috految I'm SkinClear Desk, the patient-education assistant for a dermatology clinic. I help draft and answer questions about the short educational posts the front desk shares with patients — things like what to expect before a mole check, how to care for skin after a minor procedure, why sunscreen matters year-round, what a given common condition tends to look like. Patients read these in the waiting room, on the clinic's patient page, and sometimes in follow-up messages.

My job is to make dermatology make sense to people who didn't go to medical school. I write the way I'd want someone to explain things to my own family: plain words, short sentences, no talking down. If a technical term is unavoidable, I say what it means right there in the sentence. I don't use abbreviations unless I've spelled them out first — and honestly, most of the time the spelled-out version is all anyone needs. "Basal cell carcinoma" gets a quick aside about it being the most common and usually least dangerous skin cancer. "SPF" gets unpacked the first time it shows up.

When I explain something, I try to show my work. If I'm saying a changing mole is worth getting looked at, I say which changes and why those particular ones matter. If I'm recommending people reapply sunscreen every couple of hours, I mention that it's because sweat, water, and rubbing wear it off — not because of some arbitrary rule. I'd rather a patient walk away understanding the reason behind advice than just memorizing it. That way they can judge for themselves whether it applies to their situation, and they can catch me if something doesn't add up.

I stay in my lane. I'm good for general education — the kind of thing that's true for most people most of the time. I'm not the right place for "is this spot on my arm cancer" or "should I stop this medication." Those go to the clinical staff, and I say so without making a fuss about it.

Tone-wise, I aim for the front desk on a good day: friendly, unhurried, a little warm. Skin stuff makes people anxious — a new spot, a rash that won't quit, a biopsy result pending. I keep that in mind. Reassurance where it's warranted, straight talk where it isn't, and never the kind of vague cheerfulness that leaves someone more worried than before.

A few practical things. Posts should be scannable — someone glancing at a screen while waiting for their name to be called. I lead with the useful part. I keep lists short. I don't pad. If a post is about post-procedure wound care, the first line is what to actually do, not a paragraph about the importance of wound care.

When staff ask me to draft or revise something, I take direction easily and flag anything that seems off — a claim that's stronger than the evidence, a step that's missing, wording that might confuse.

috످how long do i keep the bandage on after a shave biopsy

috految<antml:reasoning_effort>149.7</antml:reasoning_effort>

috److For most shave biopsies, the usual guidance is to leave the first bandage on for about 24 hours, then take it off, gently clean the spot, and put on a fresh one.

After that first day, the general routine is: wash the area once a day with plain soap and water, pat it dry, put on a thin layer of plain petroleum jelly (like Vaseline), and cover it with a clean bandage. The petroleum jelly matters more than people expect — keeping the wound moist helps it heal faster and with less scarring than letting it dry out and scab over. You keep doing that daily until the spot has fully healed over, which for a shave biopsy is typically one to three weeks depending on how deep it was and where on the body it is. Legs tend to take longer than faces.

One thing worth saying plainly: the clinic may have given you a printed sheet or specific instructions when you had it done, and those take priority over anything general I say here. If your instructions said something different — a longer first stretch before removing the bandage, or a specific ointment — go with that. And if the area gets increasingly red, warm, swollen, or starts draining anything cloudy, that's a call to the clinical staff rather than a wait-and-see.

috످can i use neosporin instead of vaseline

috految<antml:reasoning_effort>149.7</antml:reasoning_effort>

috److془Answer: Vaseline better. Reason. If already used. If clinic told you. Warning signs.

Keep concise.془**It's best to stick with Vaseline,** unless your doctor told you to use Neosporin.

Neosporin has an antibiotic (a germ-killing medicine) called neomycin that gives some people an itchy, allergic rash. That rash can slow healing and look a lot like an infection. Biopsy wounds rarely get infected, so most heal just as well with plain Vaseline.

If you've already used Neosporin, that's okay. Just wash it off gently and switch to Vaseline. If you're out of Vaseline, any plain petroleum jelly works.

**Call us the same day if you notice:**
- An itchy rash or blisters, which could mean an allergy (stop using Neosporin if so)
- Spreading redness, worsening pain, pus, or a fever, which could mean an infection

If we're closed and you have signs of infection, go to urgent care.

috످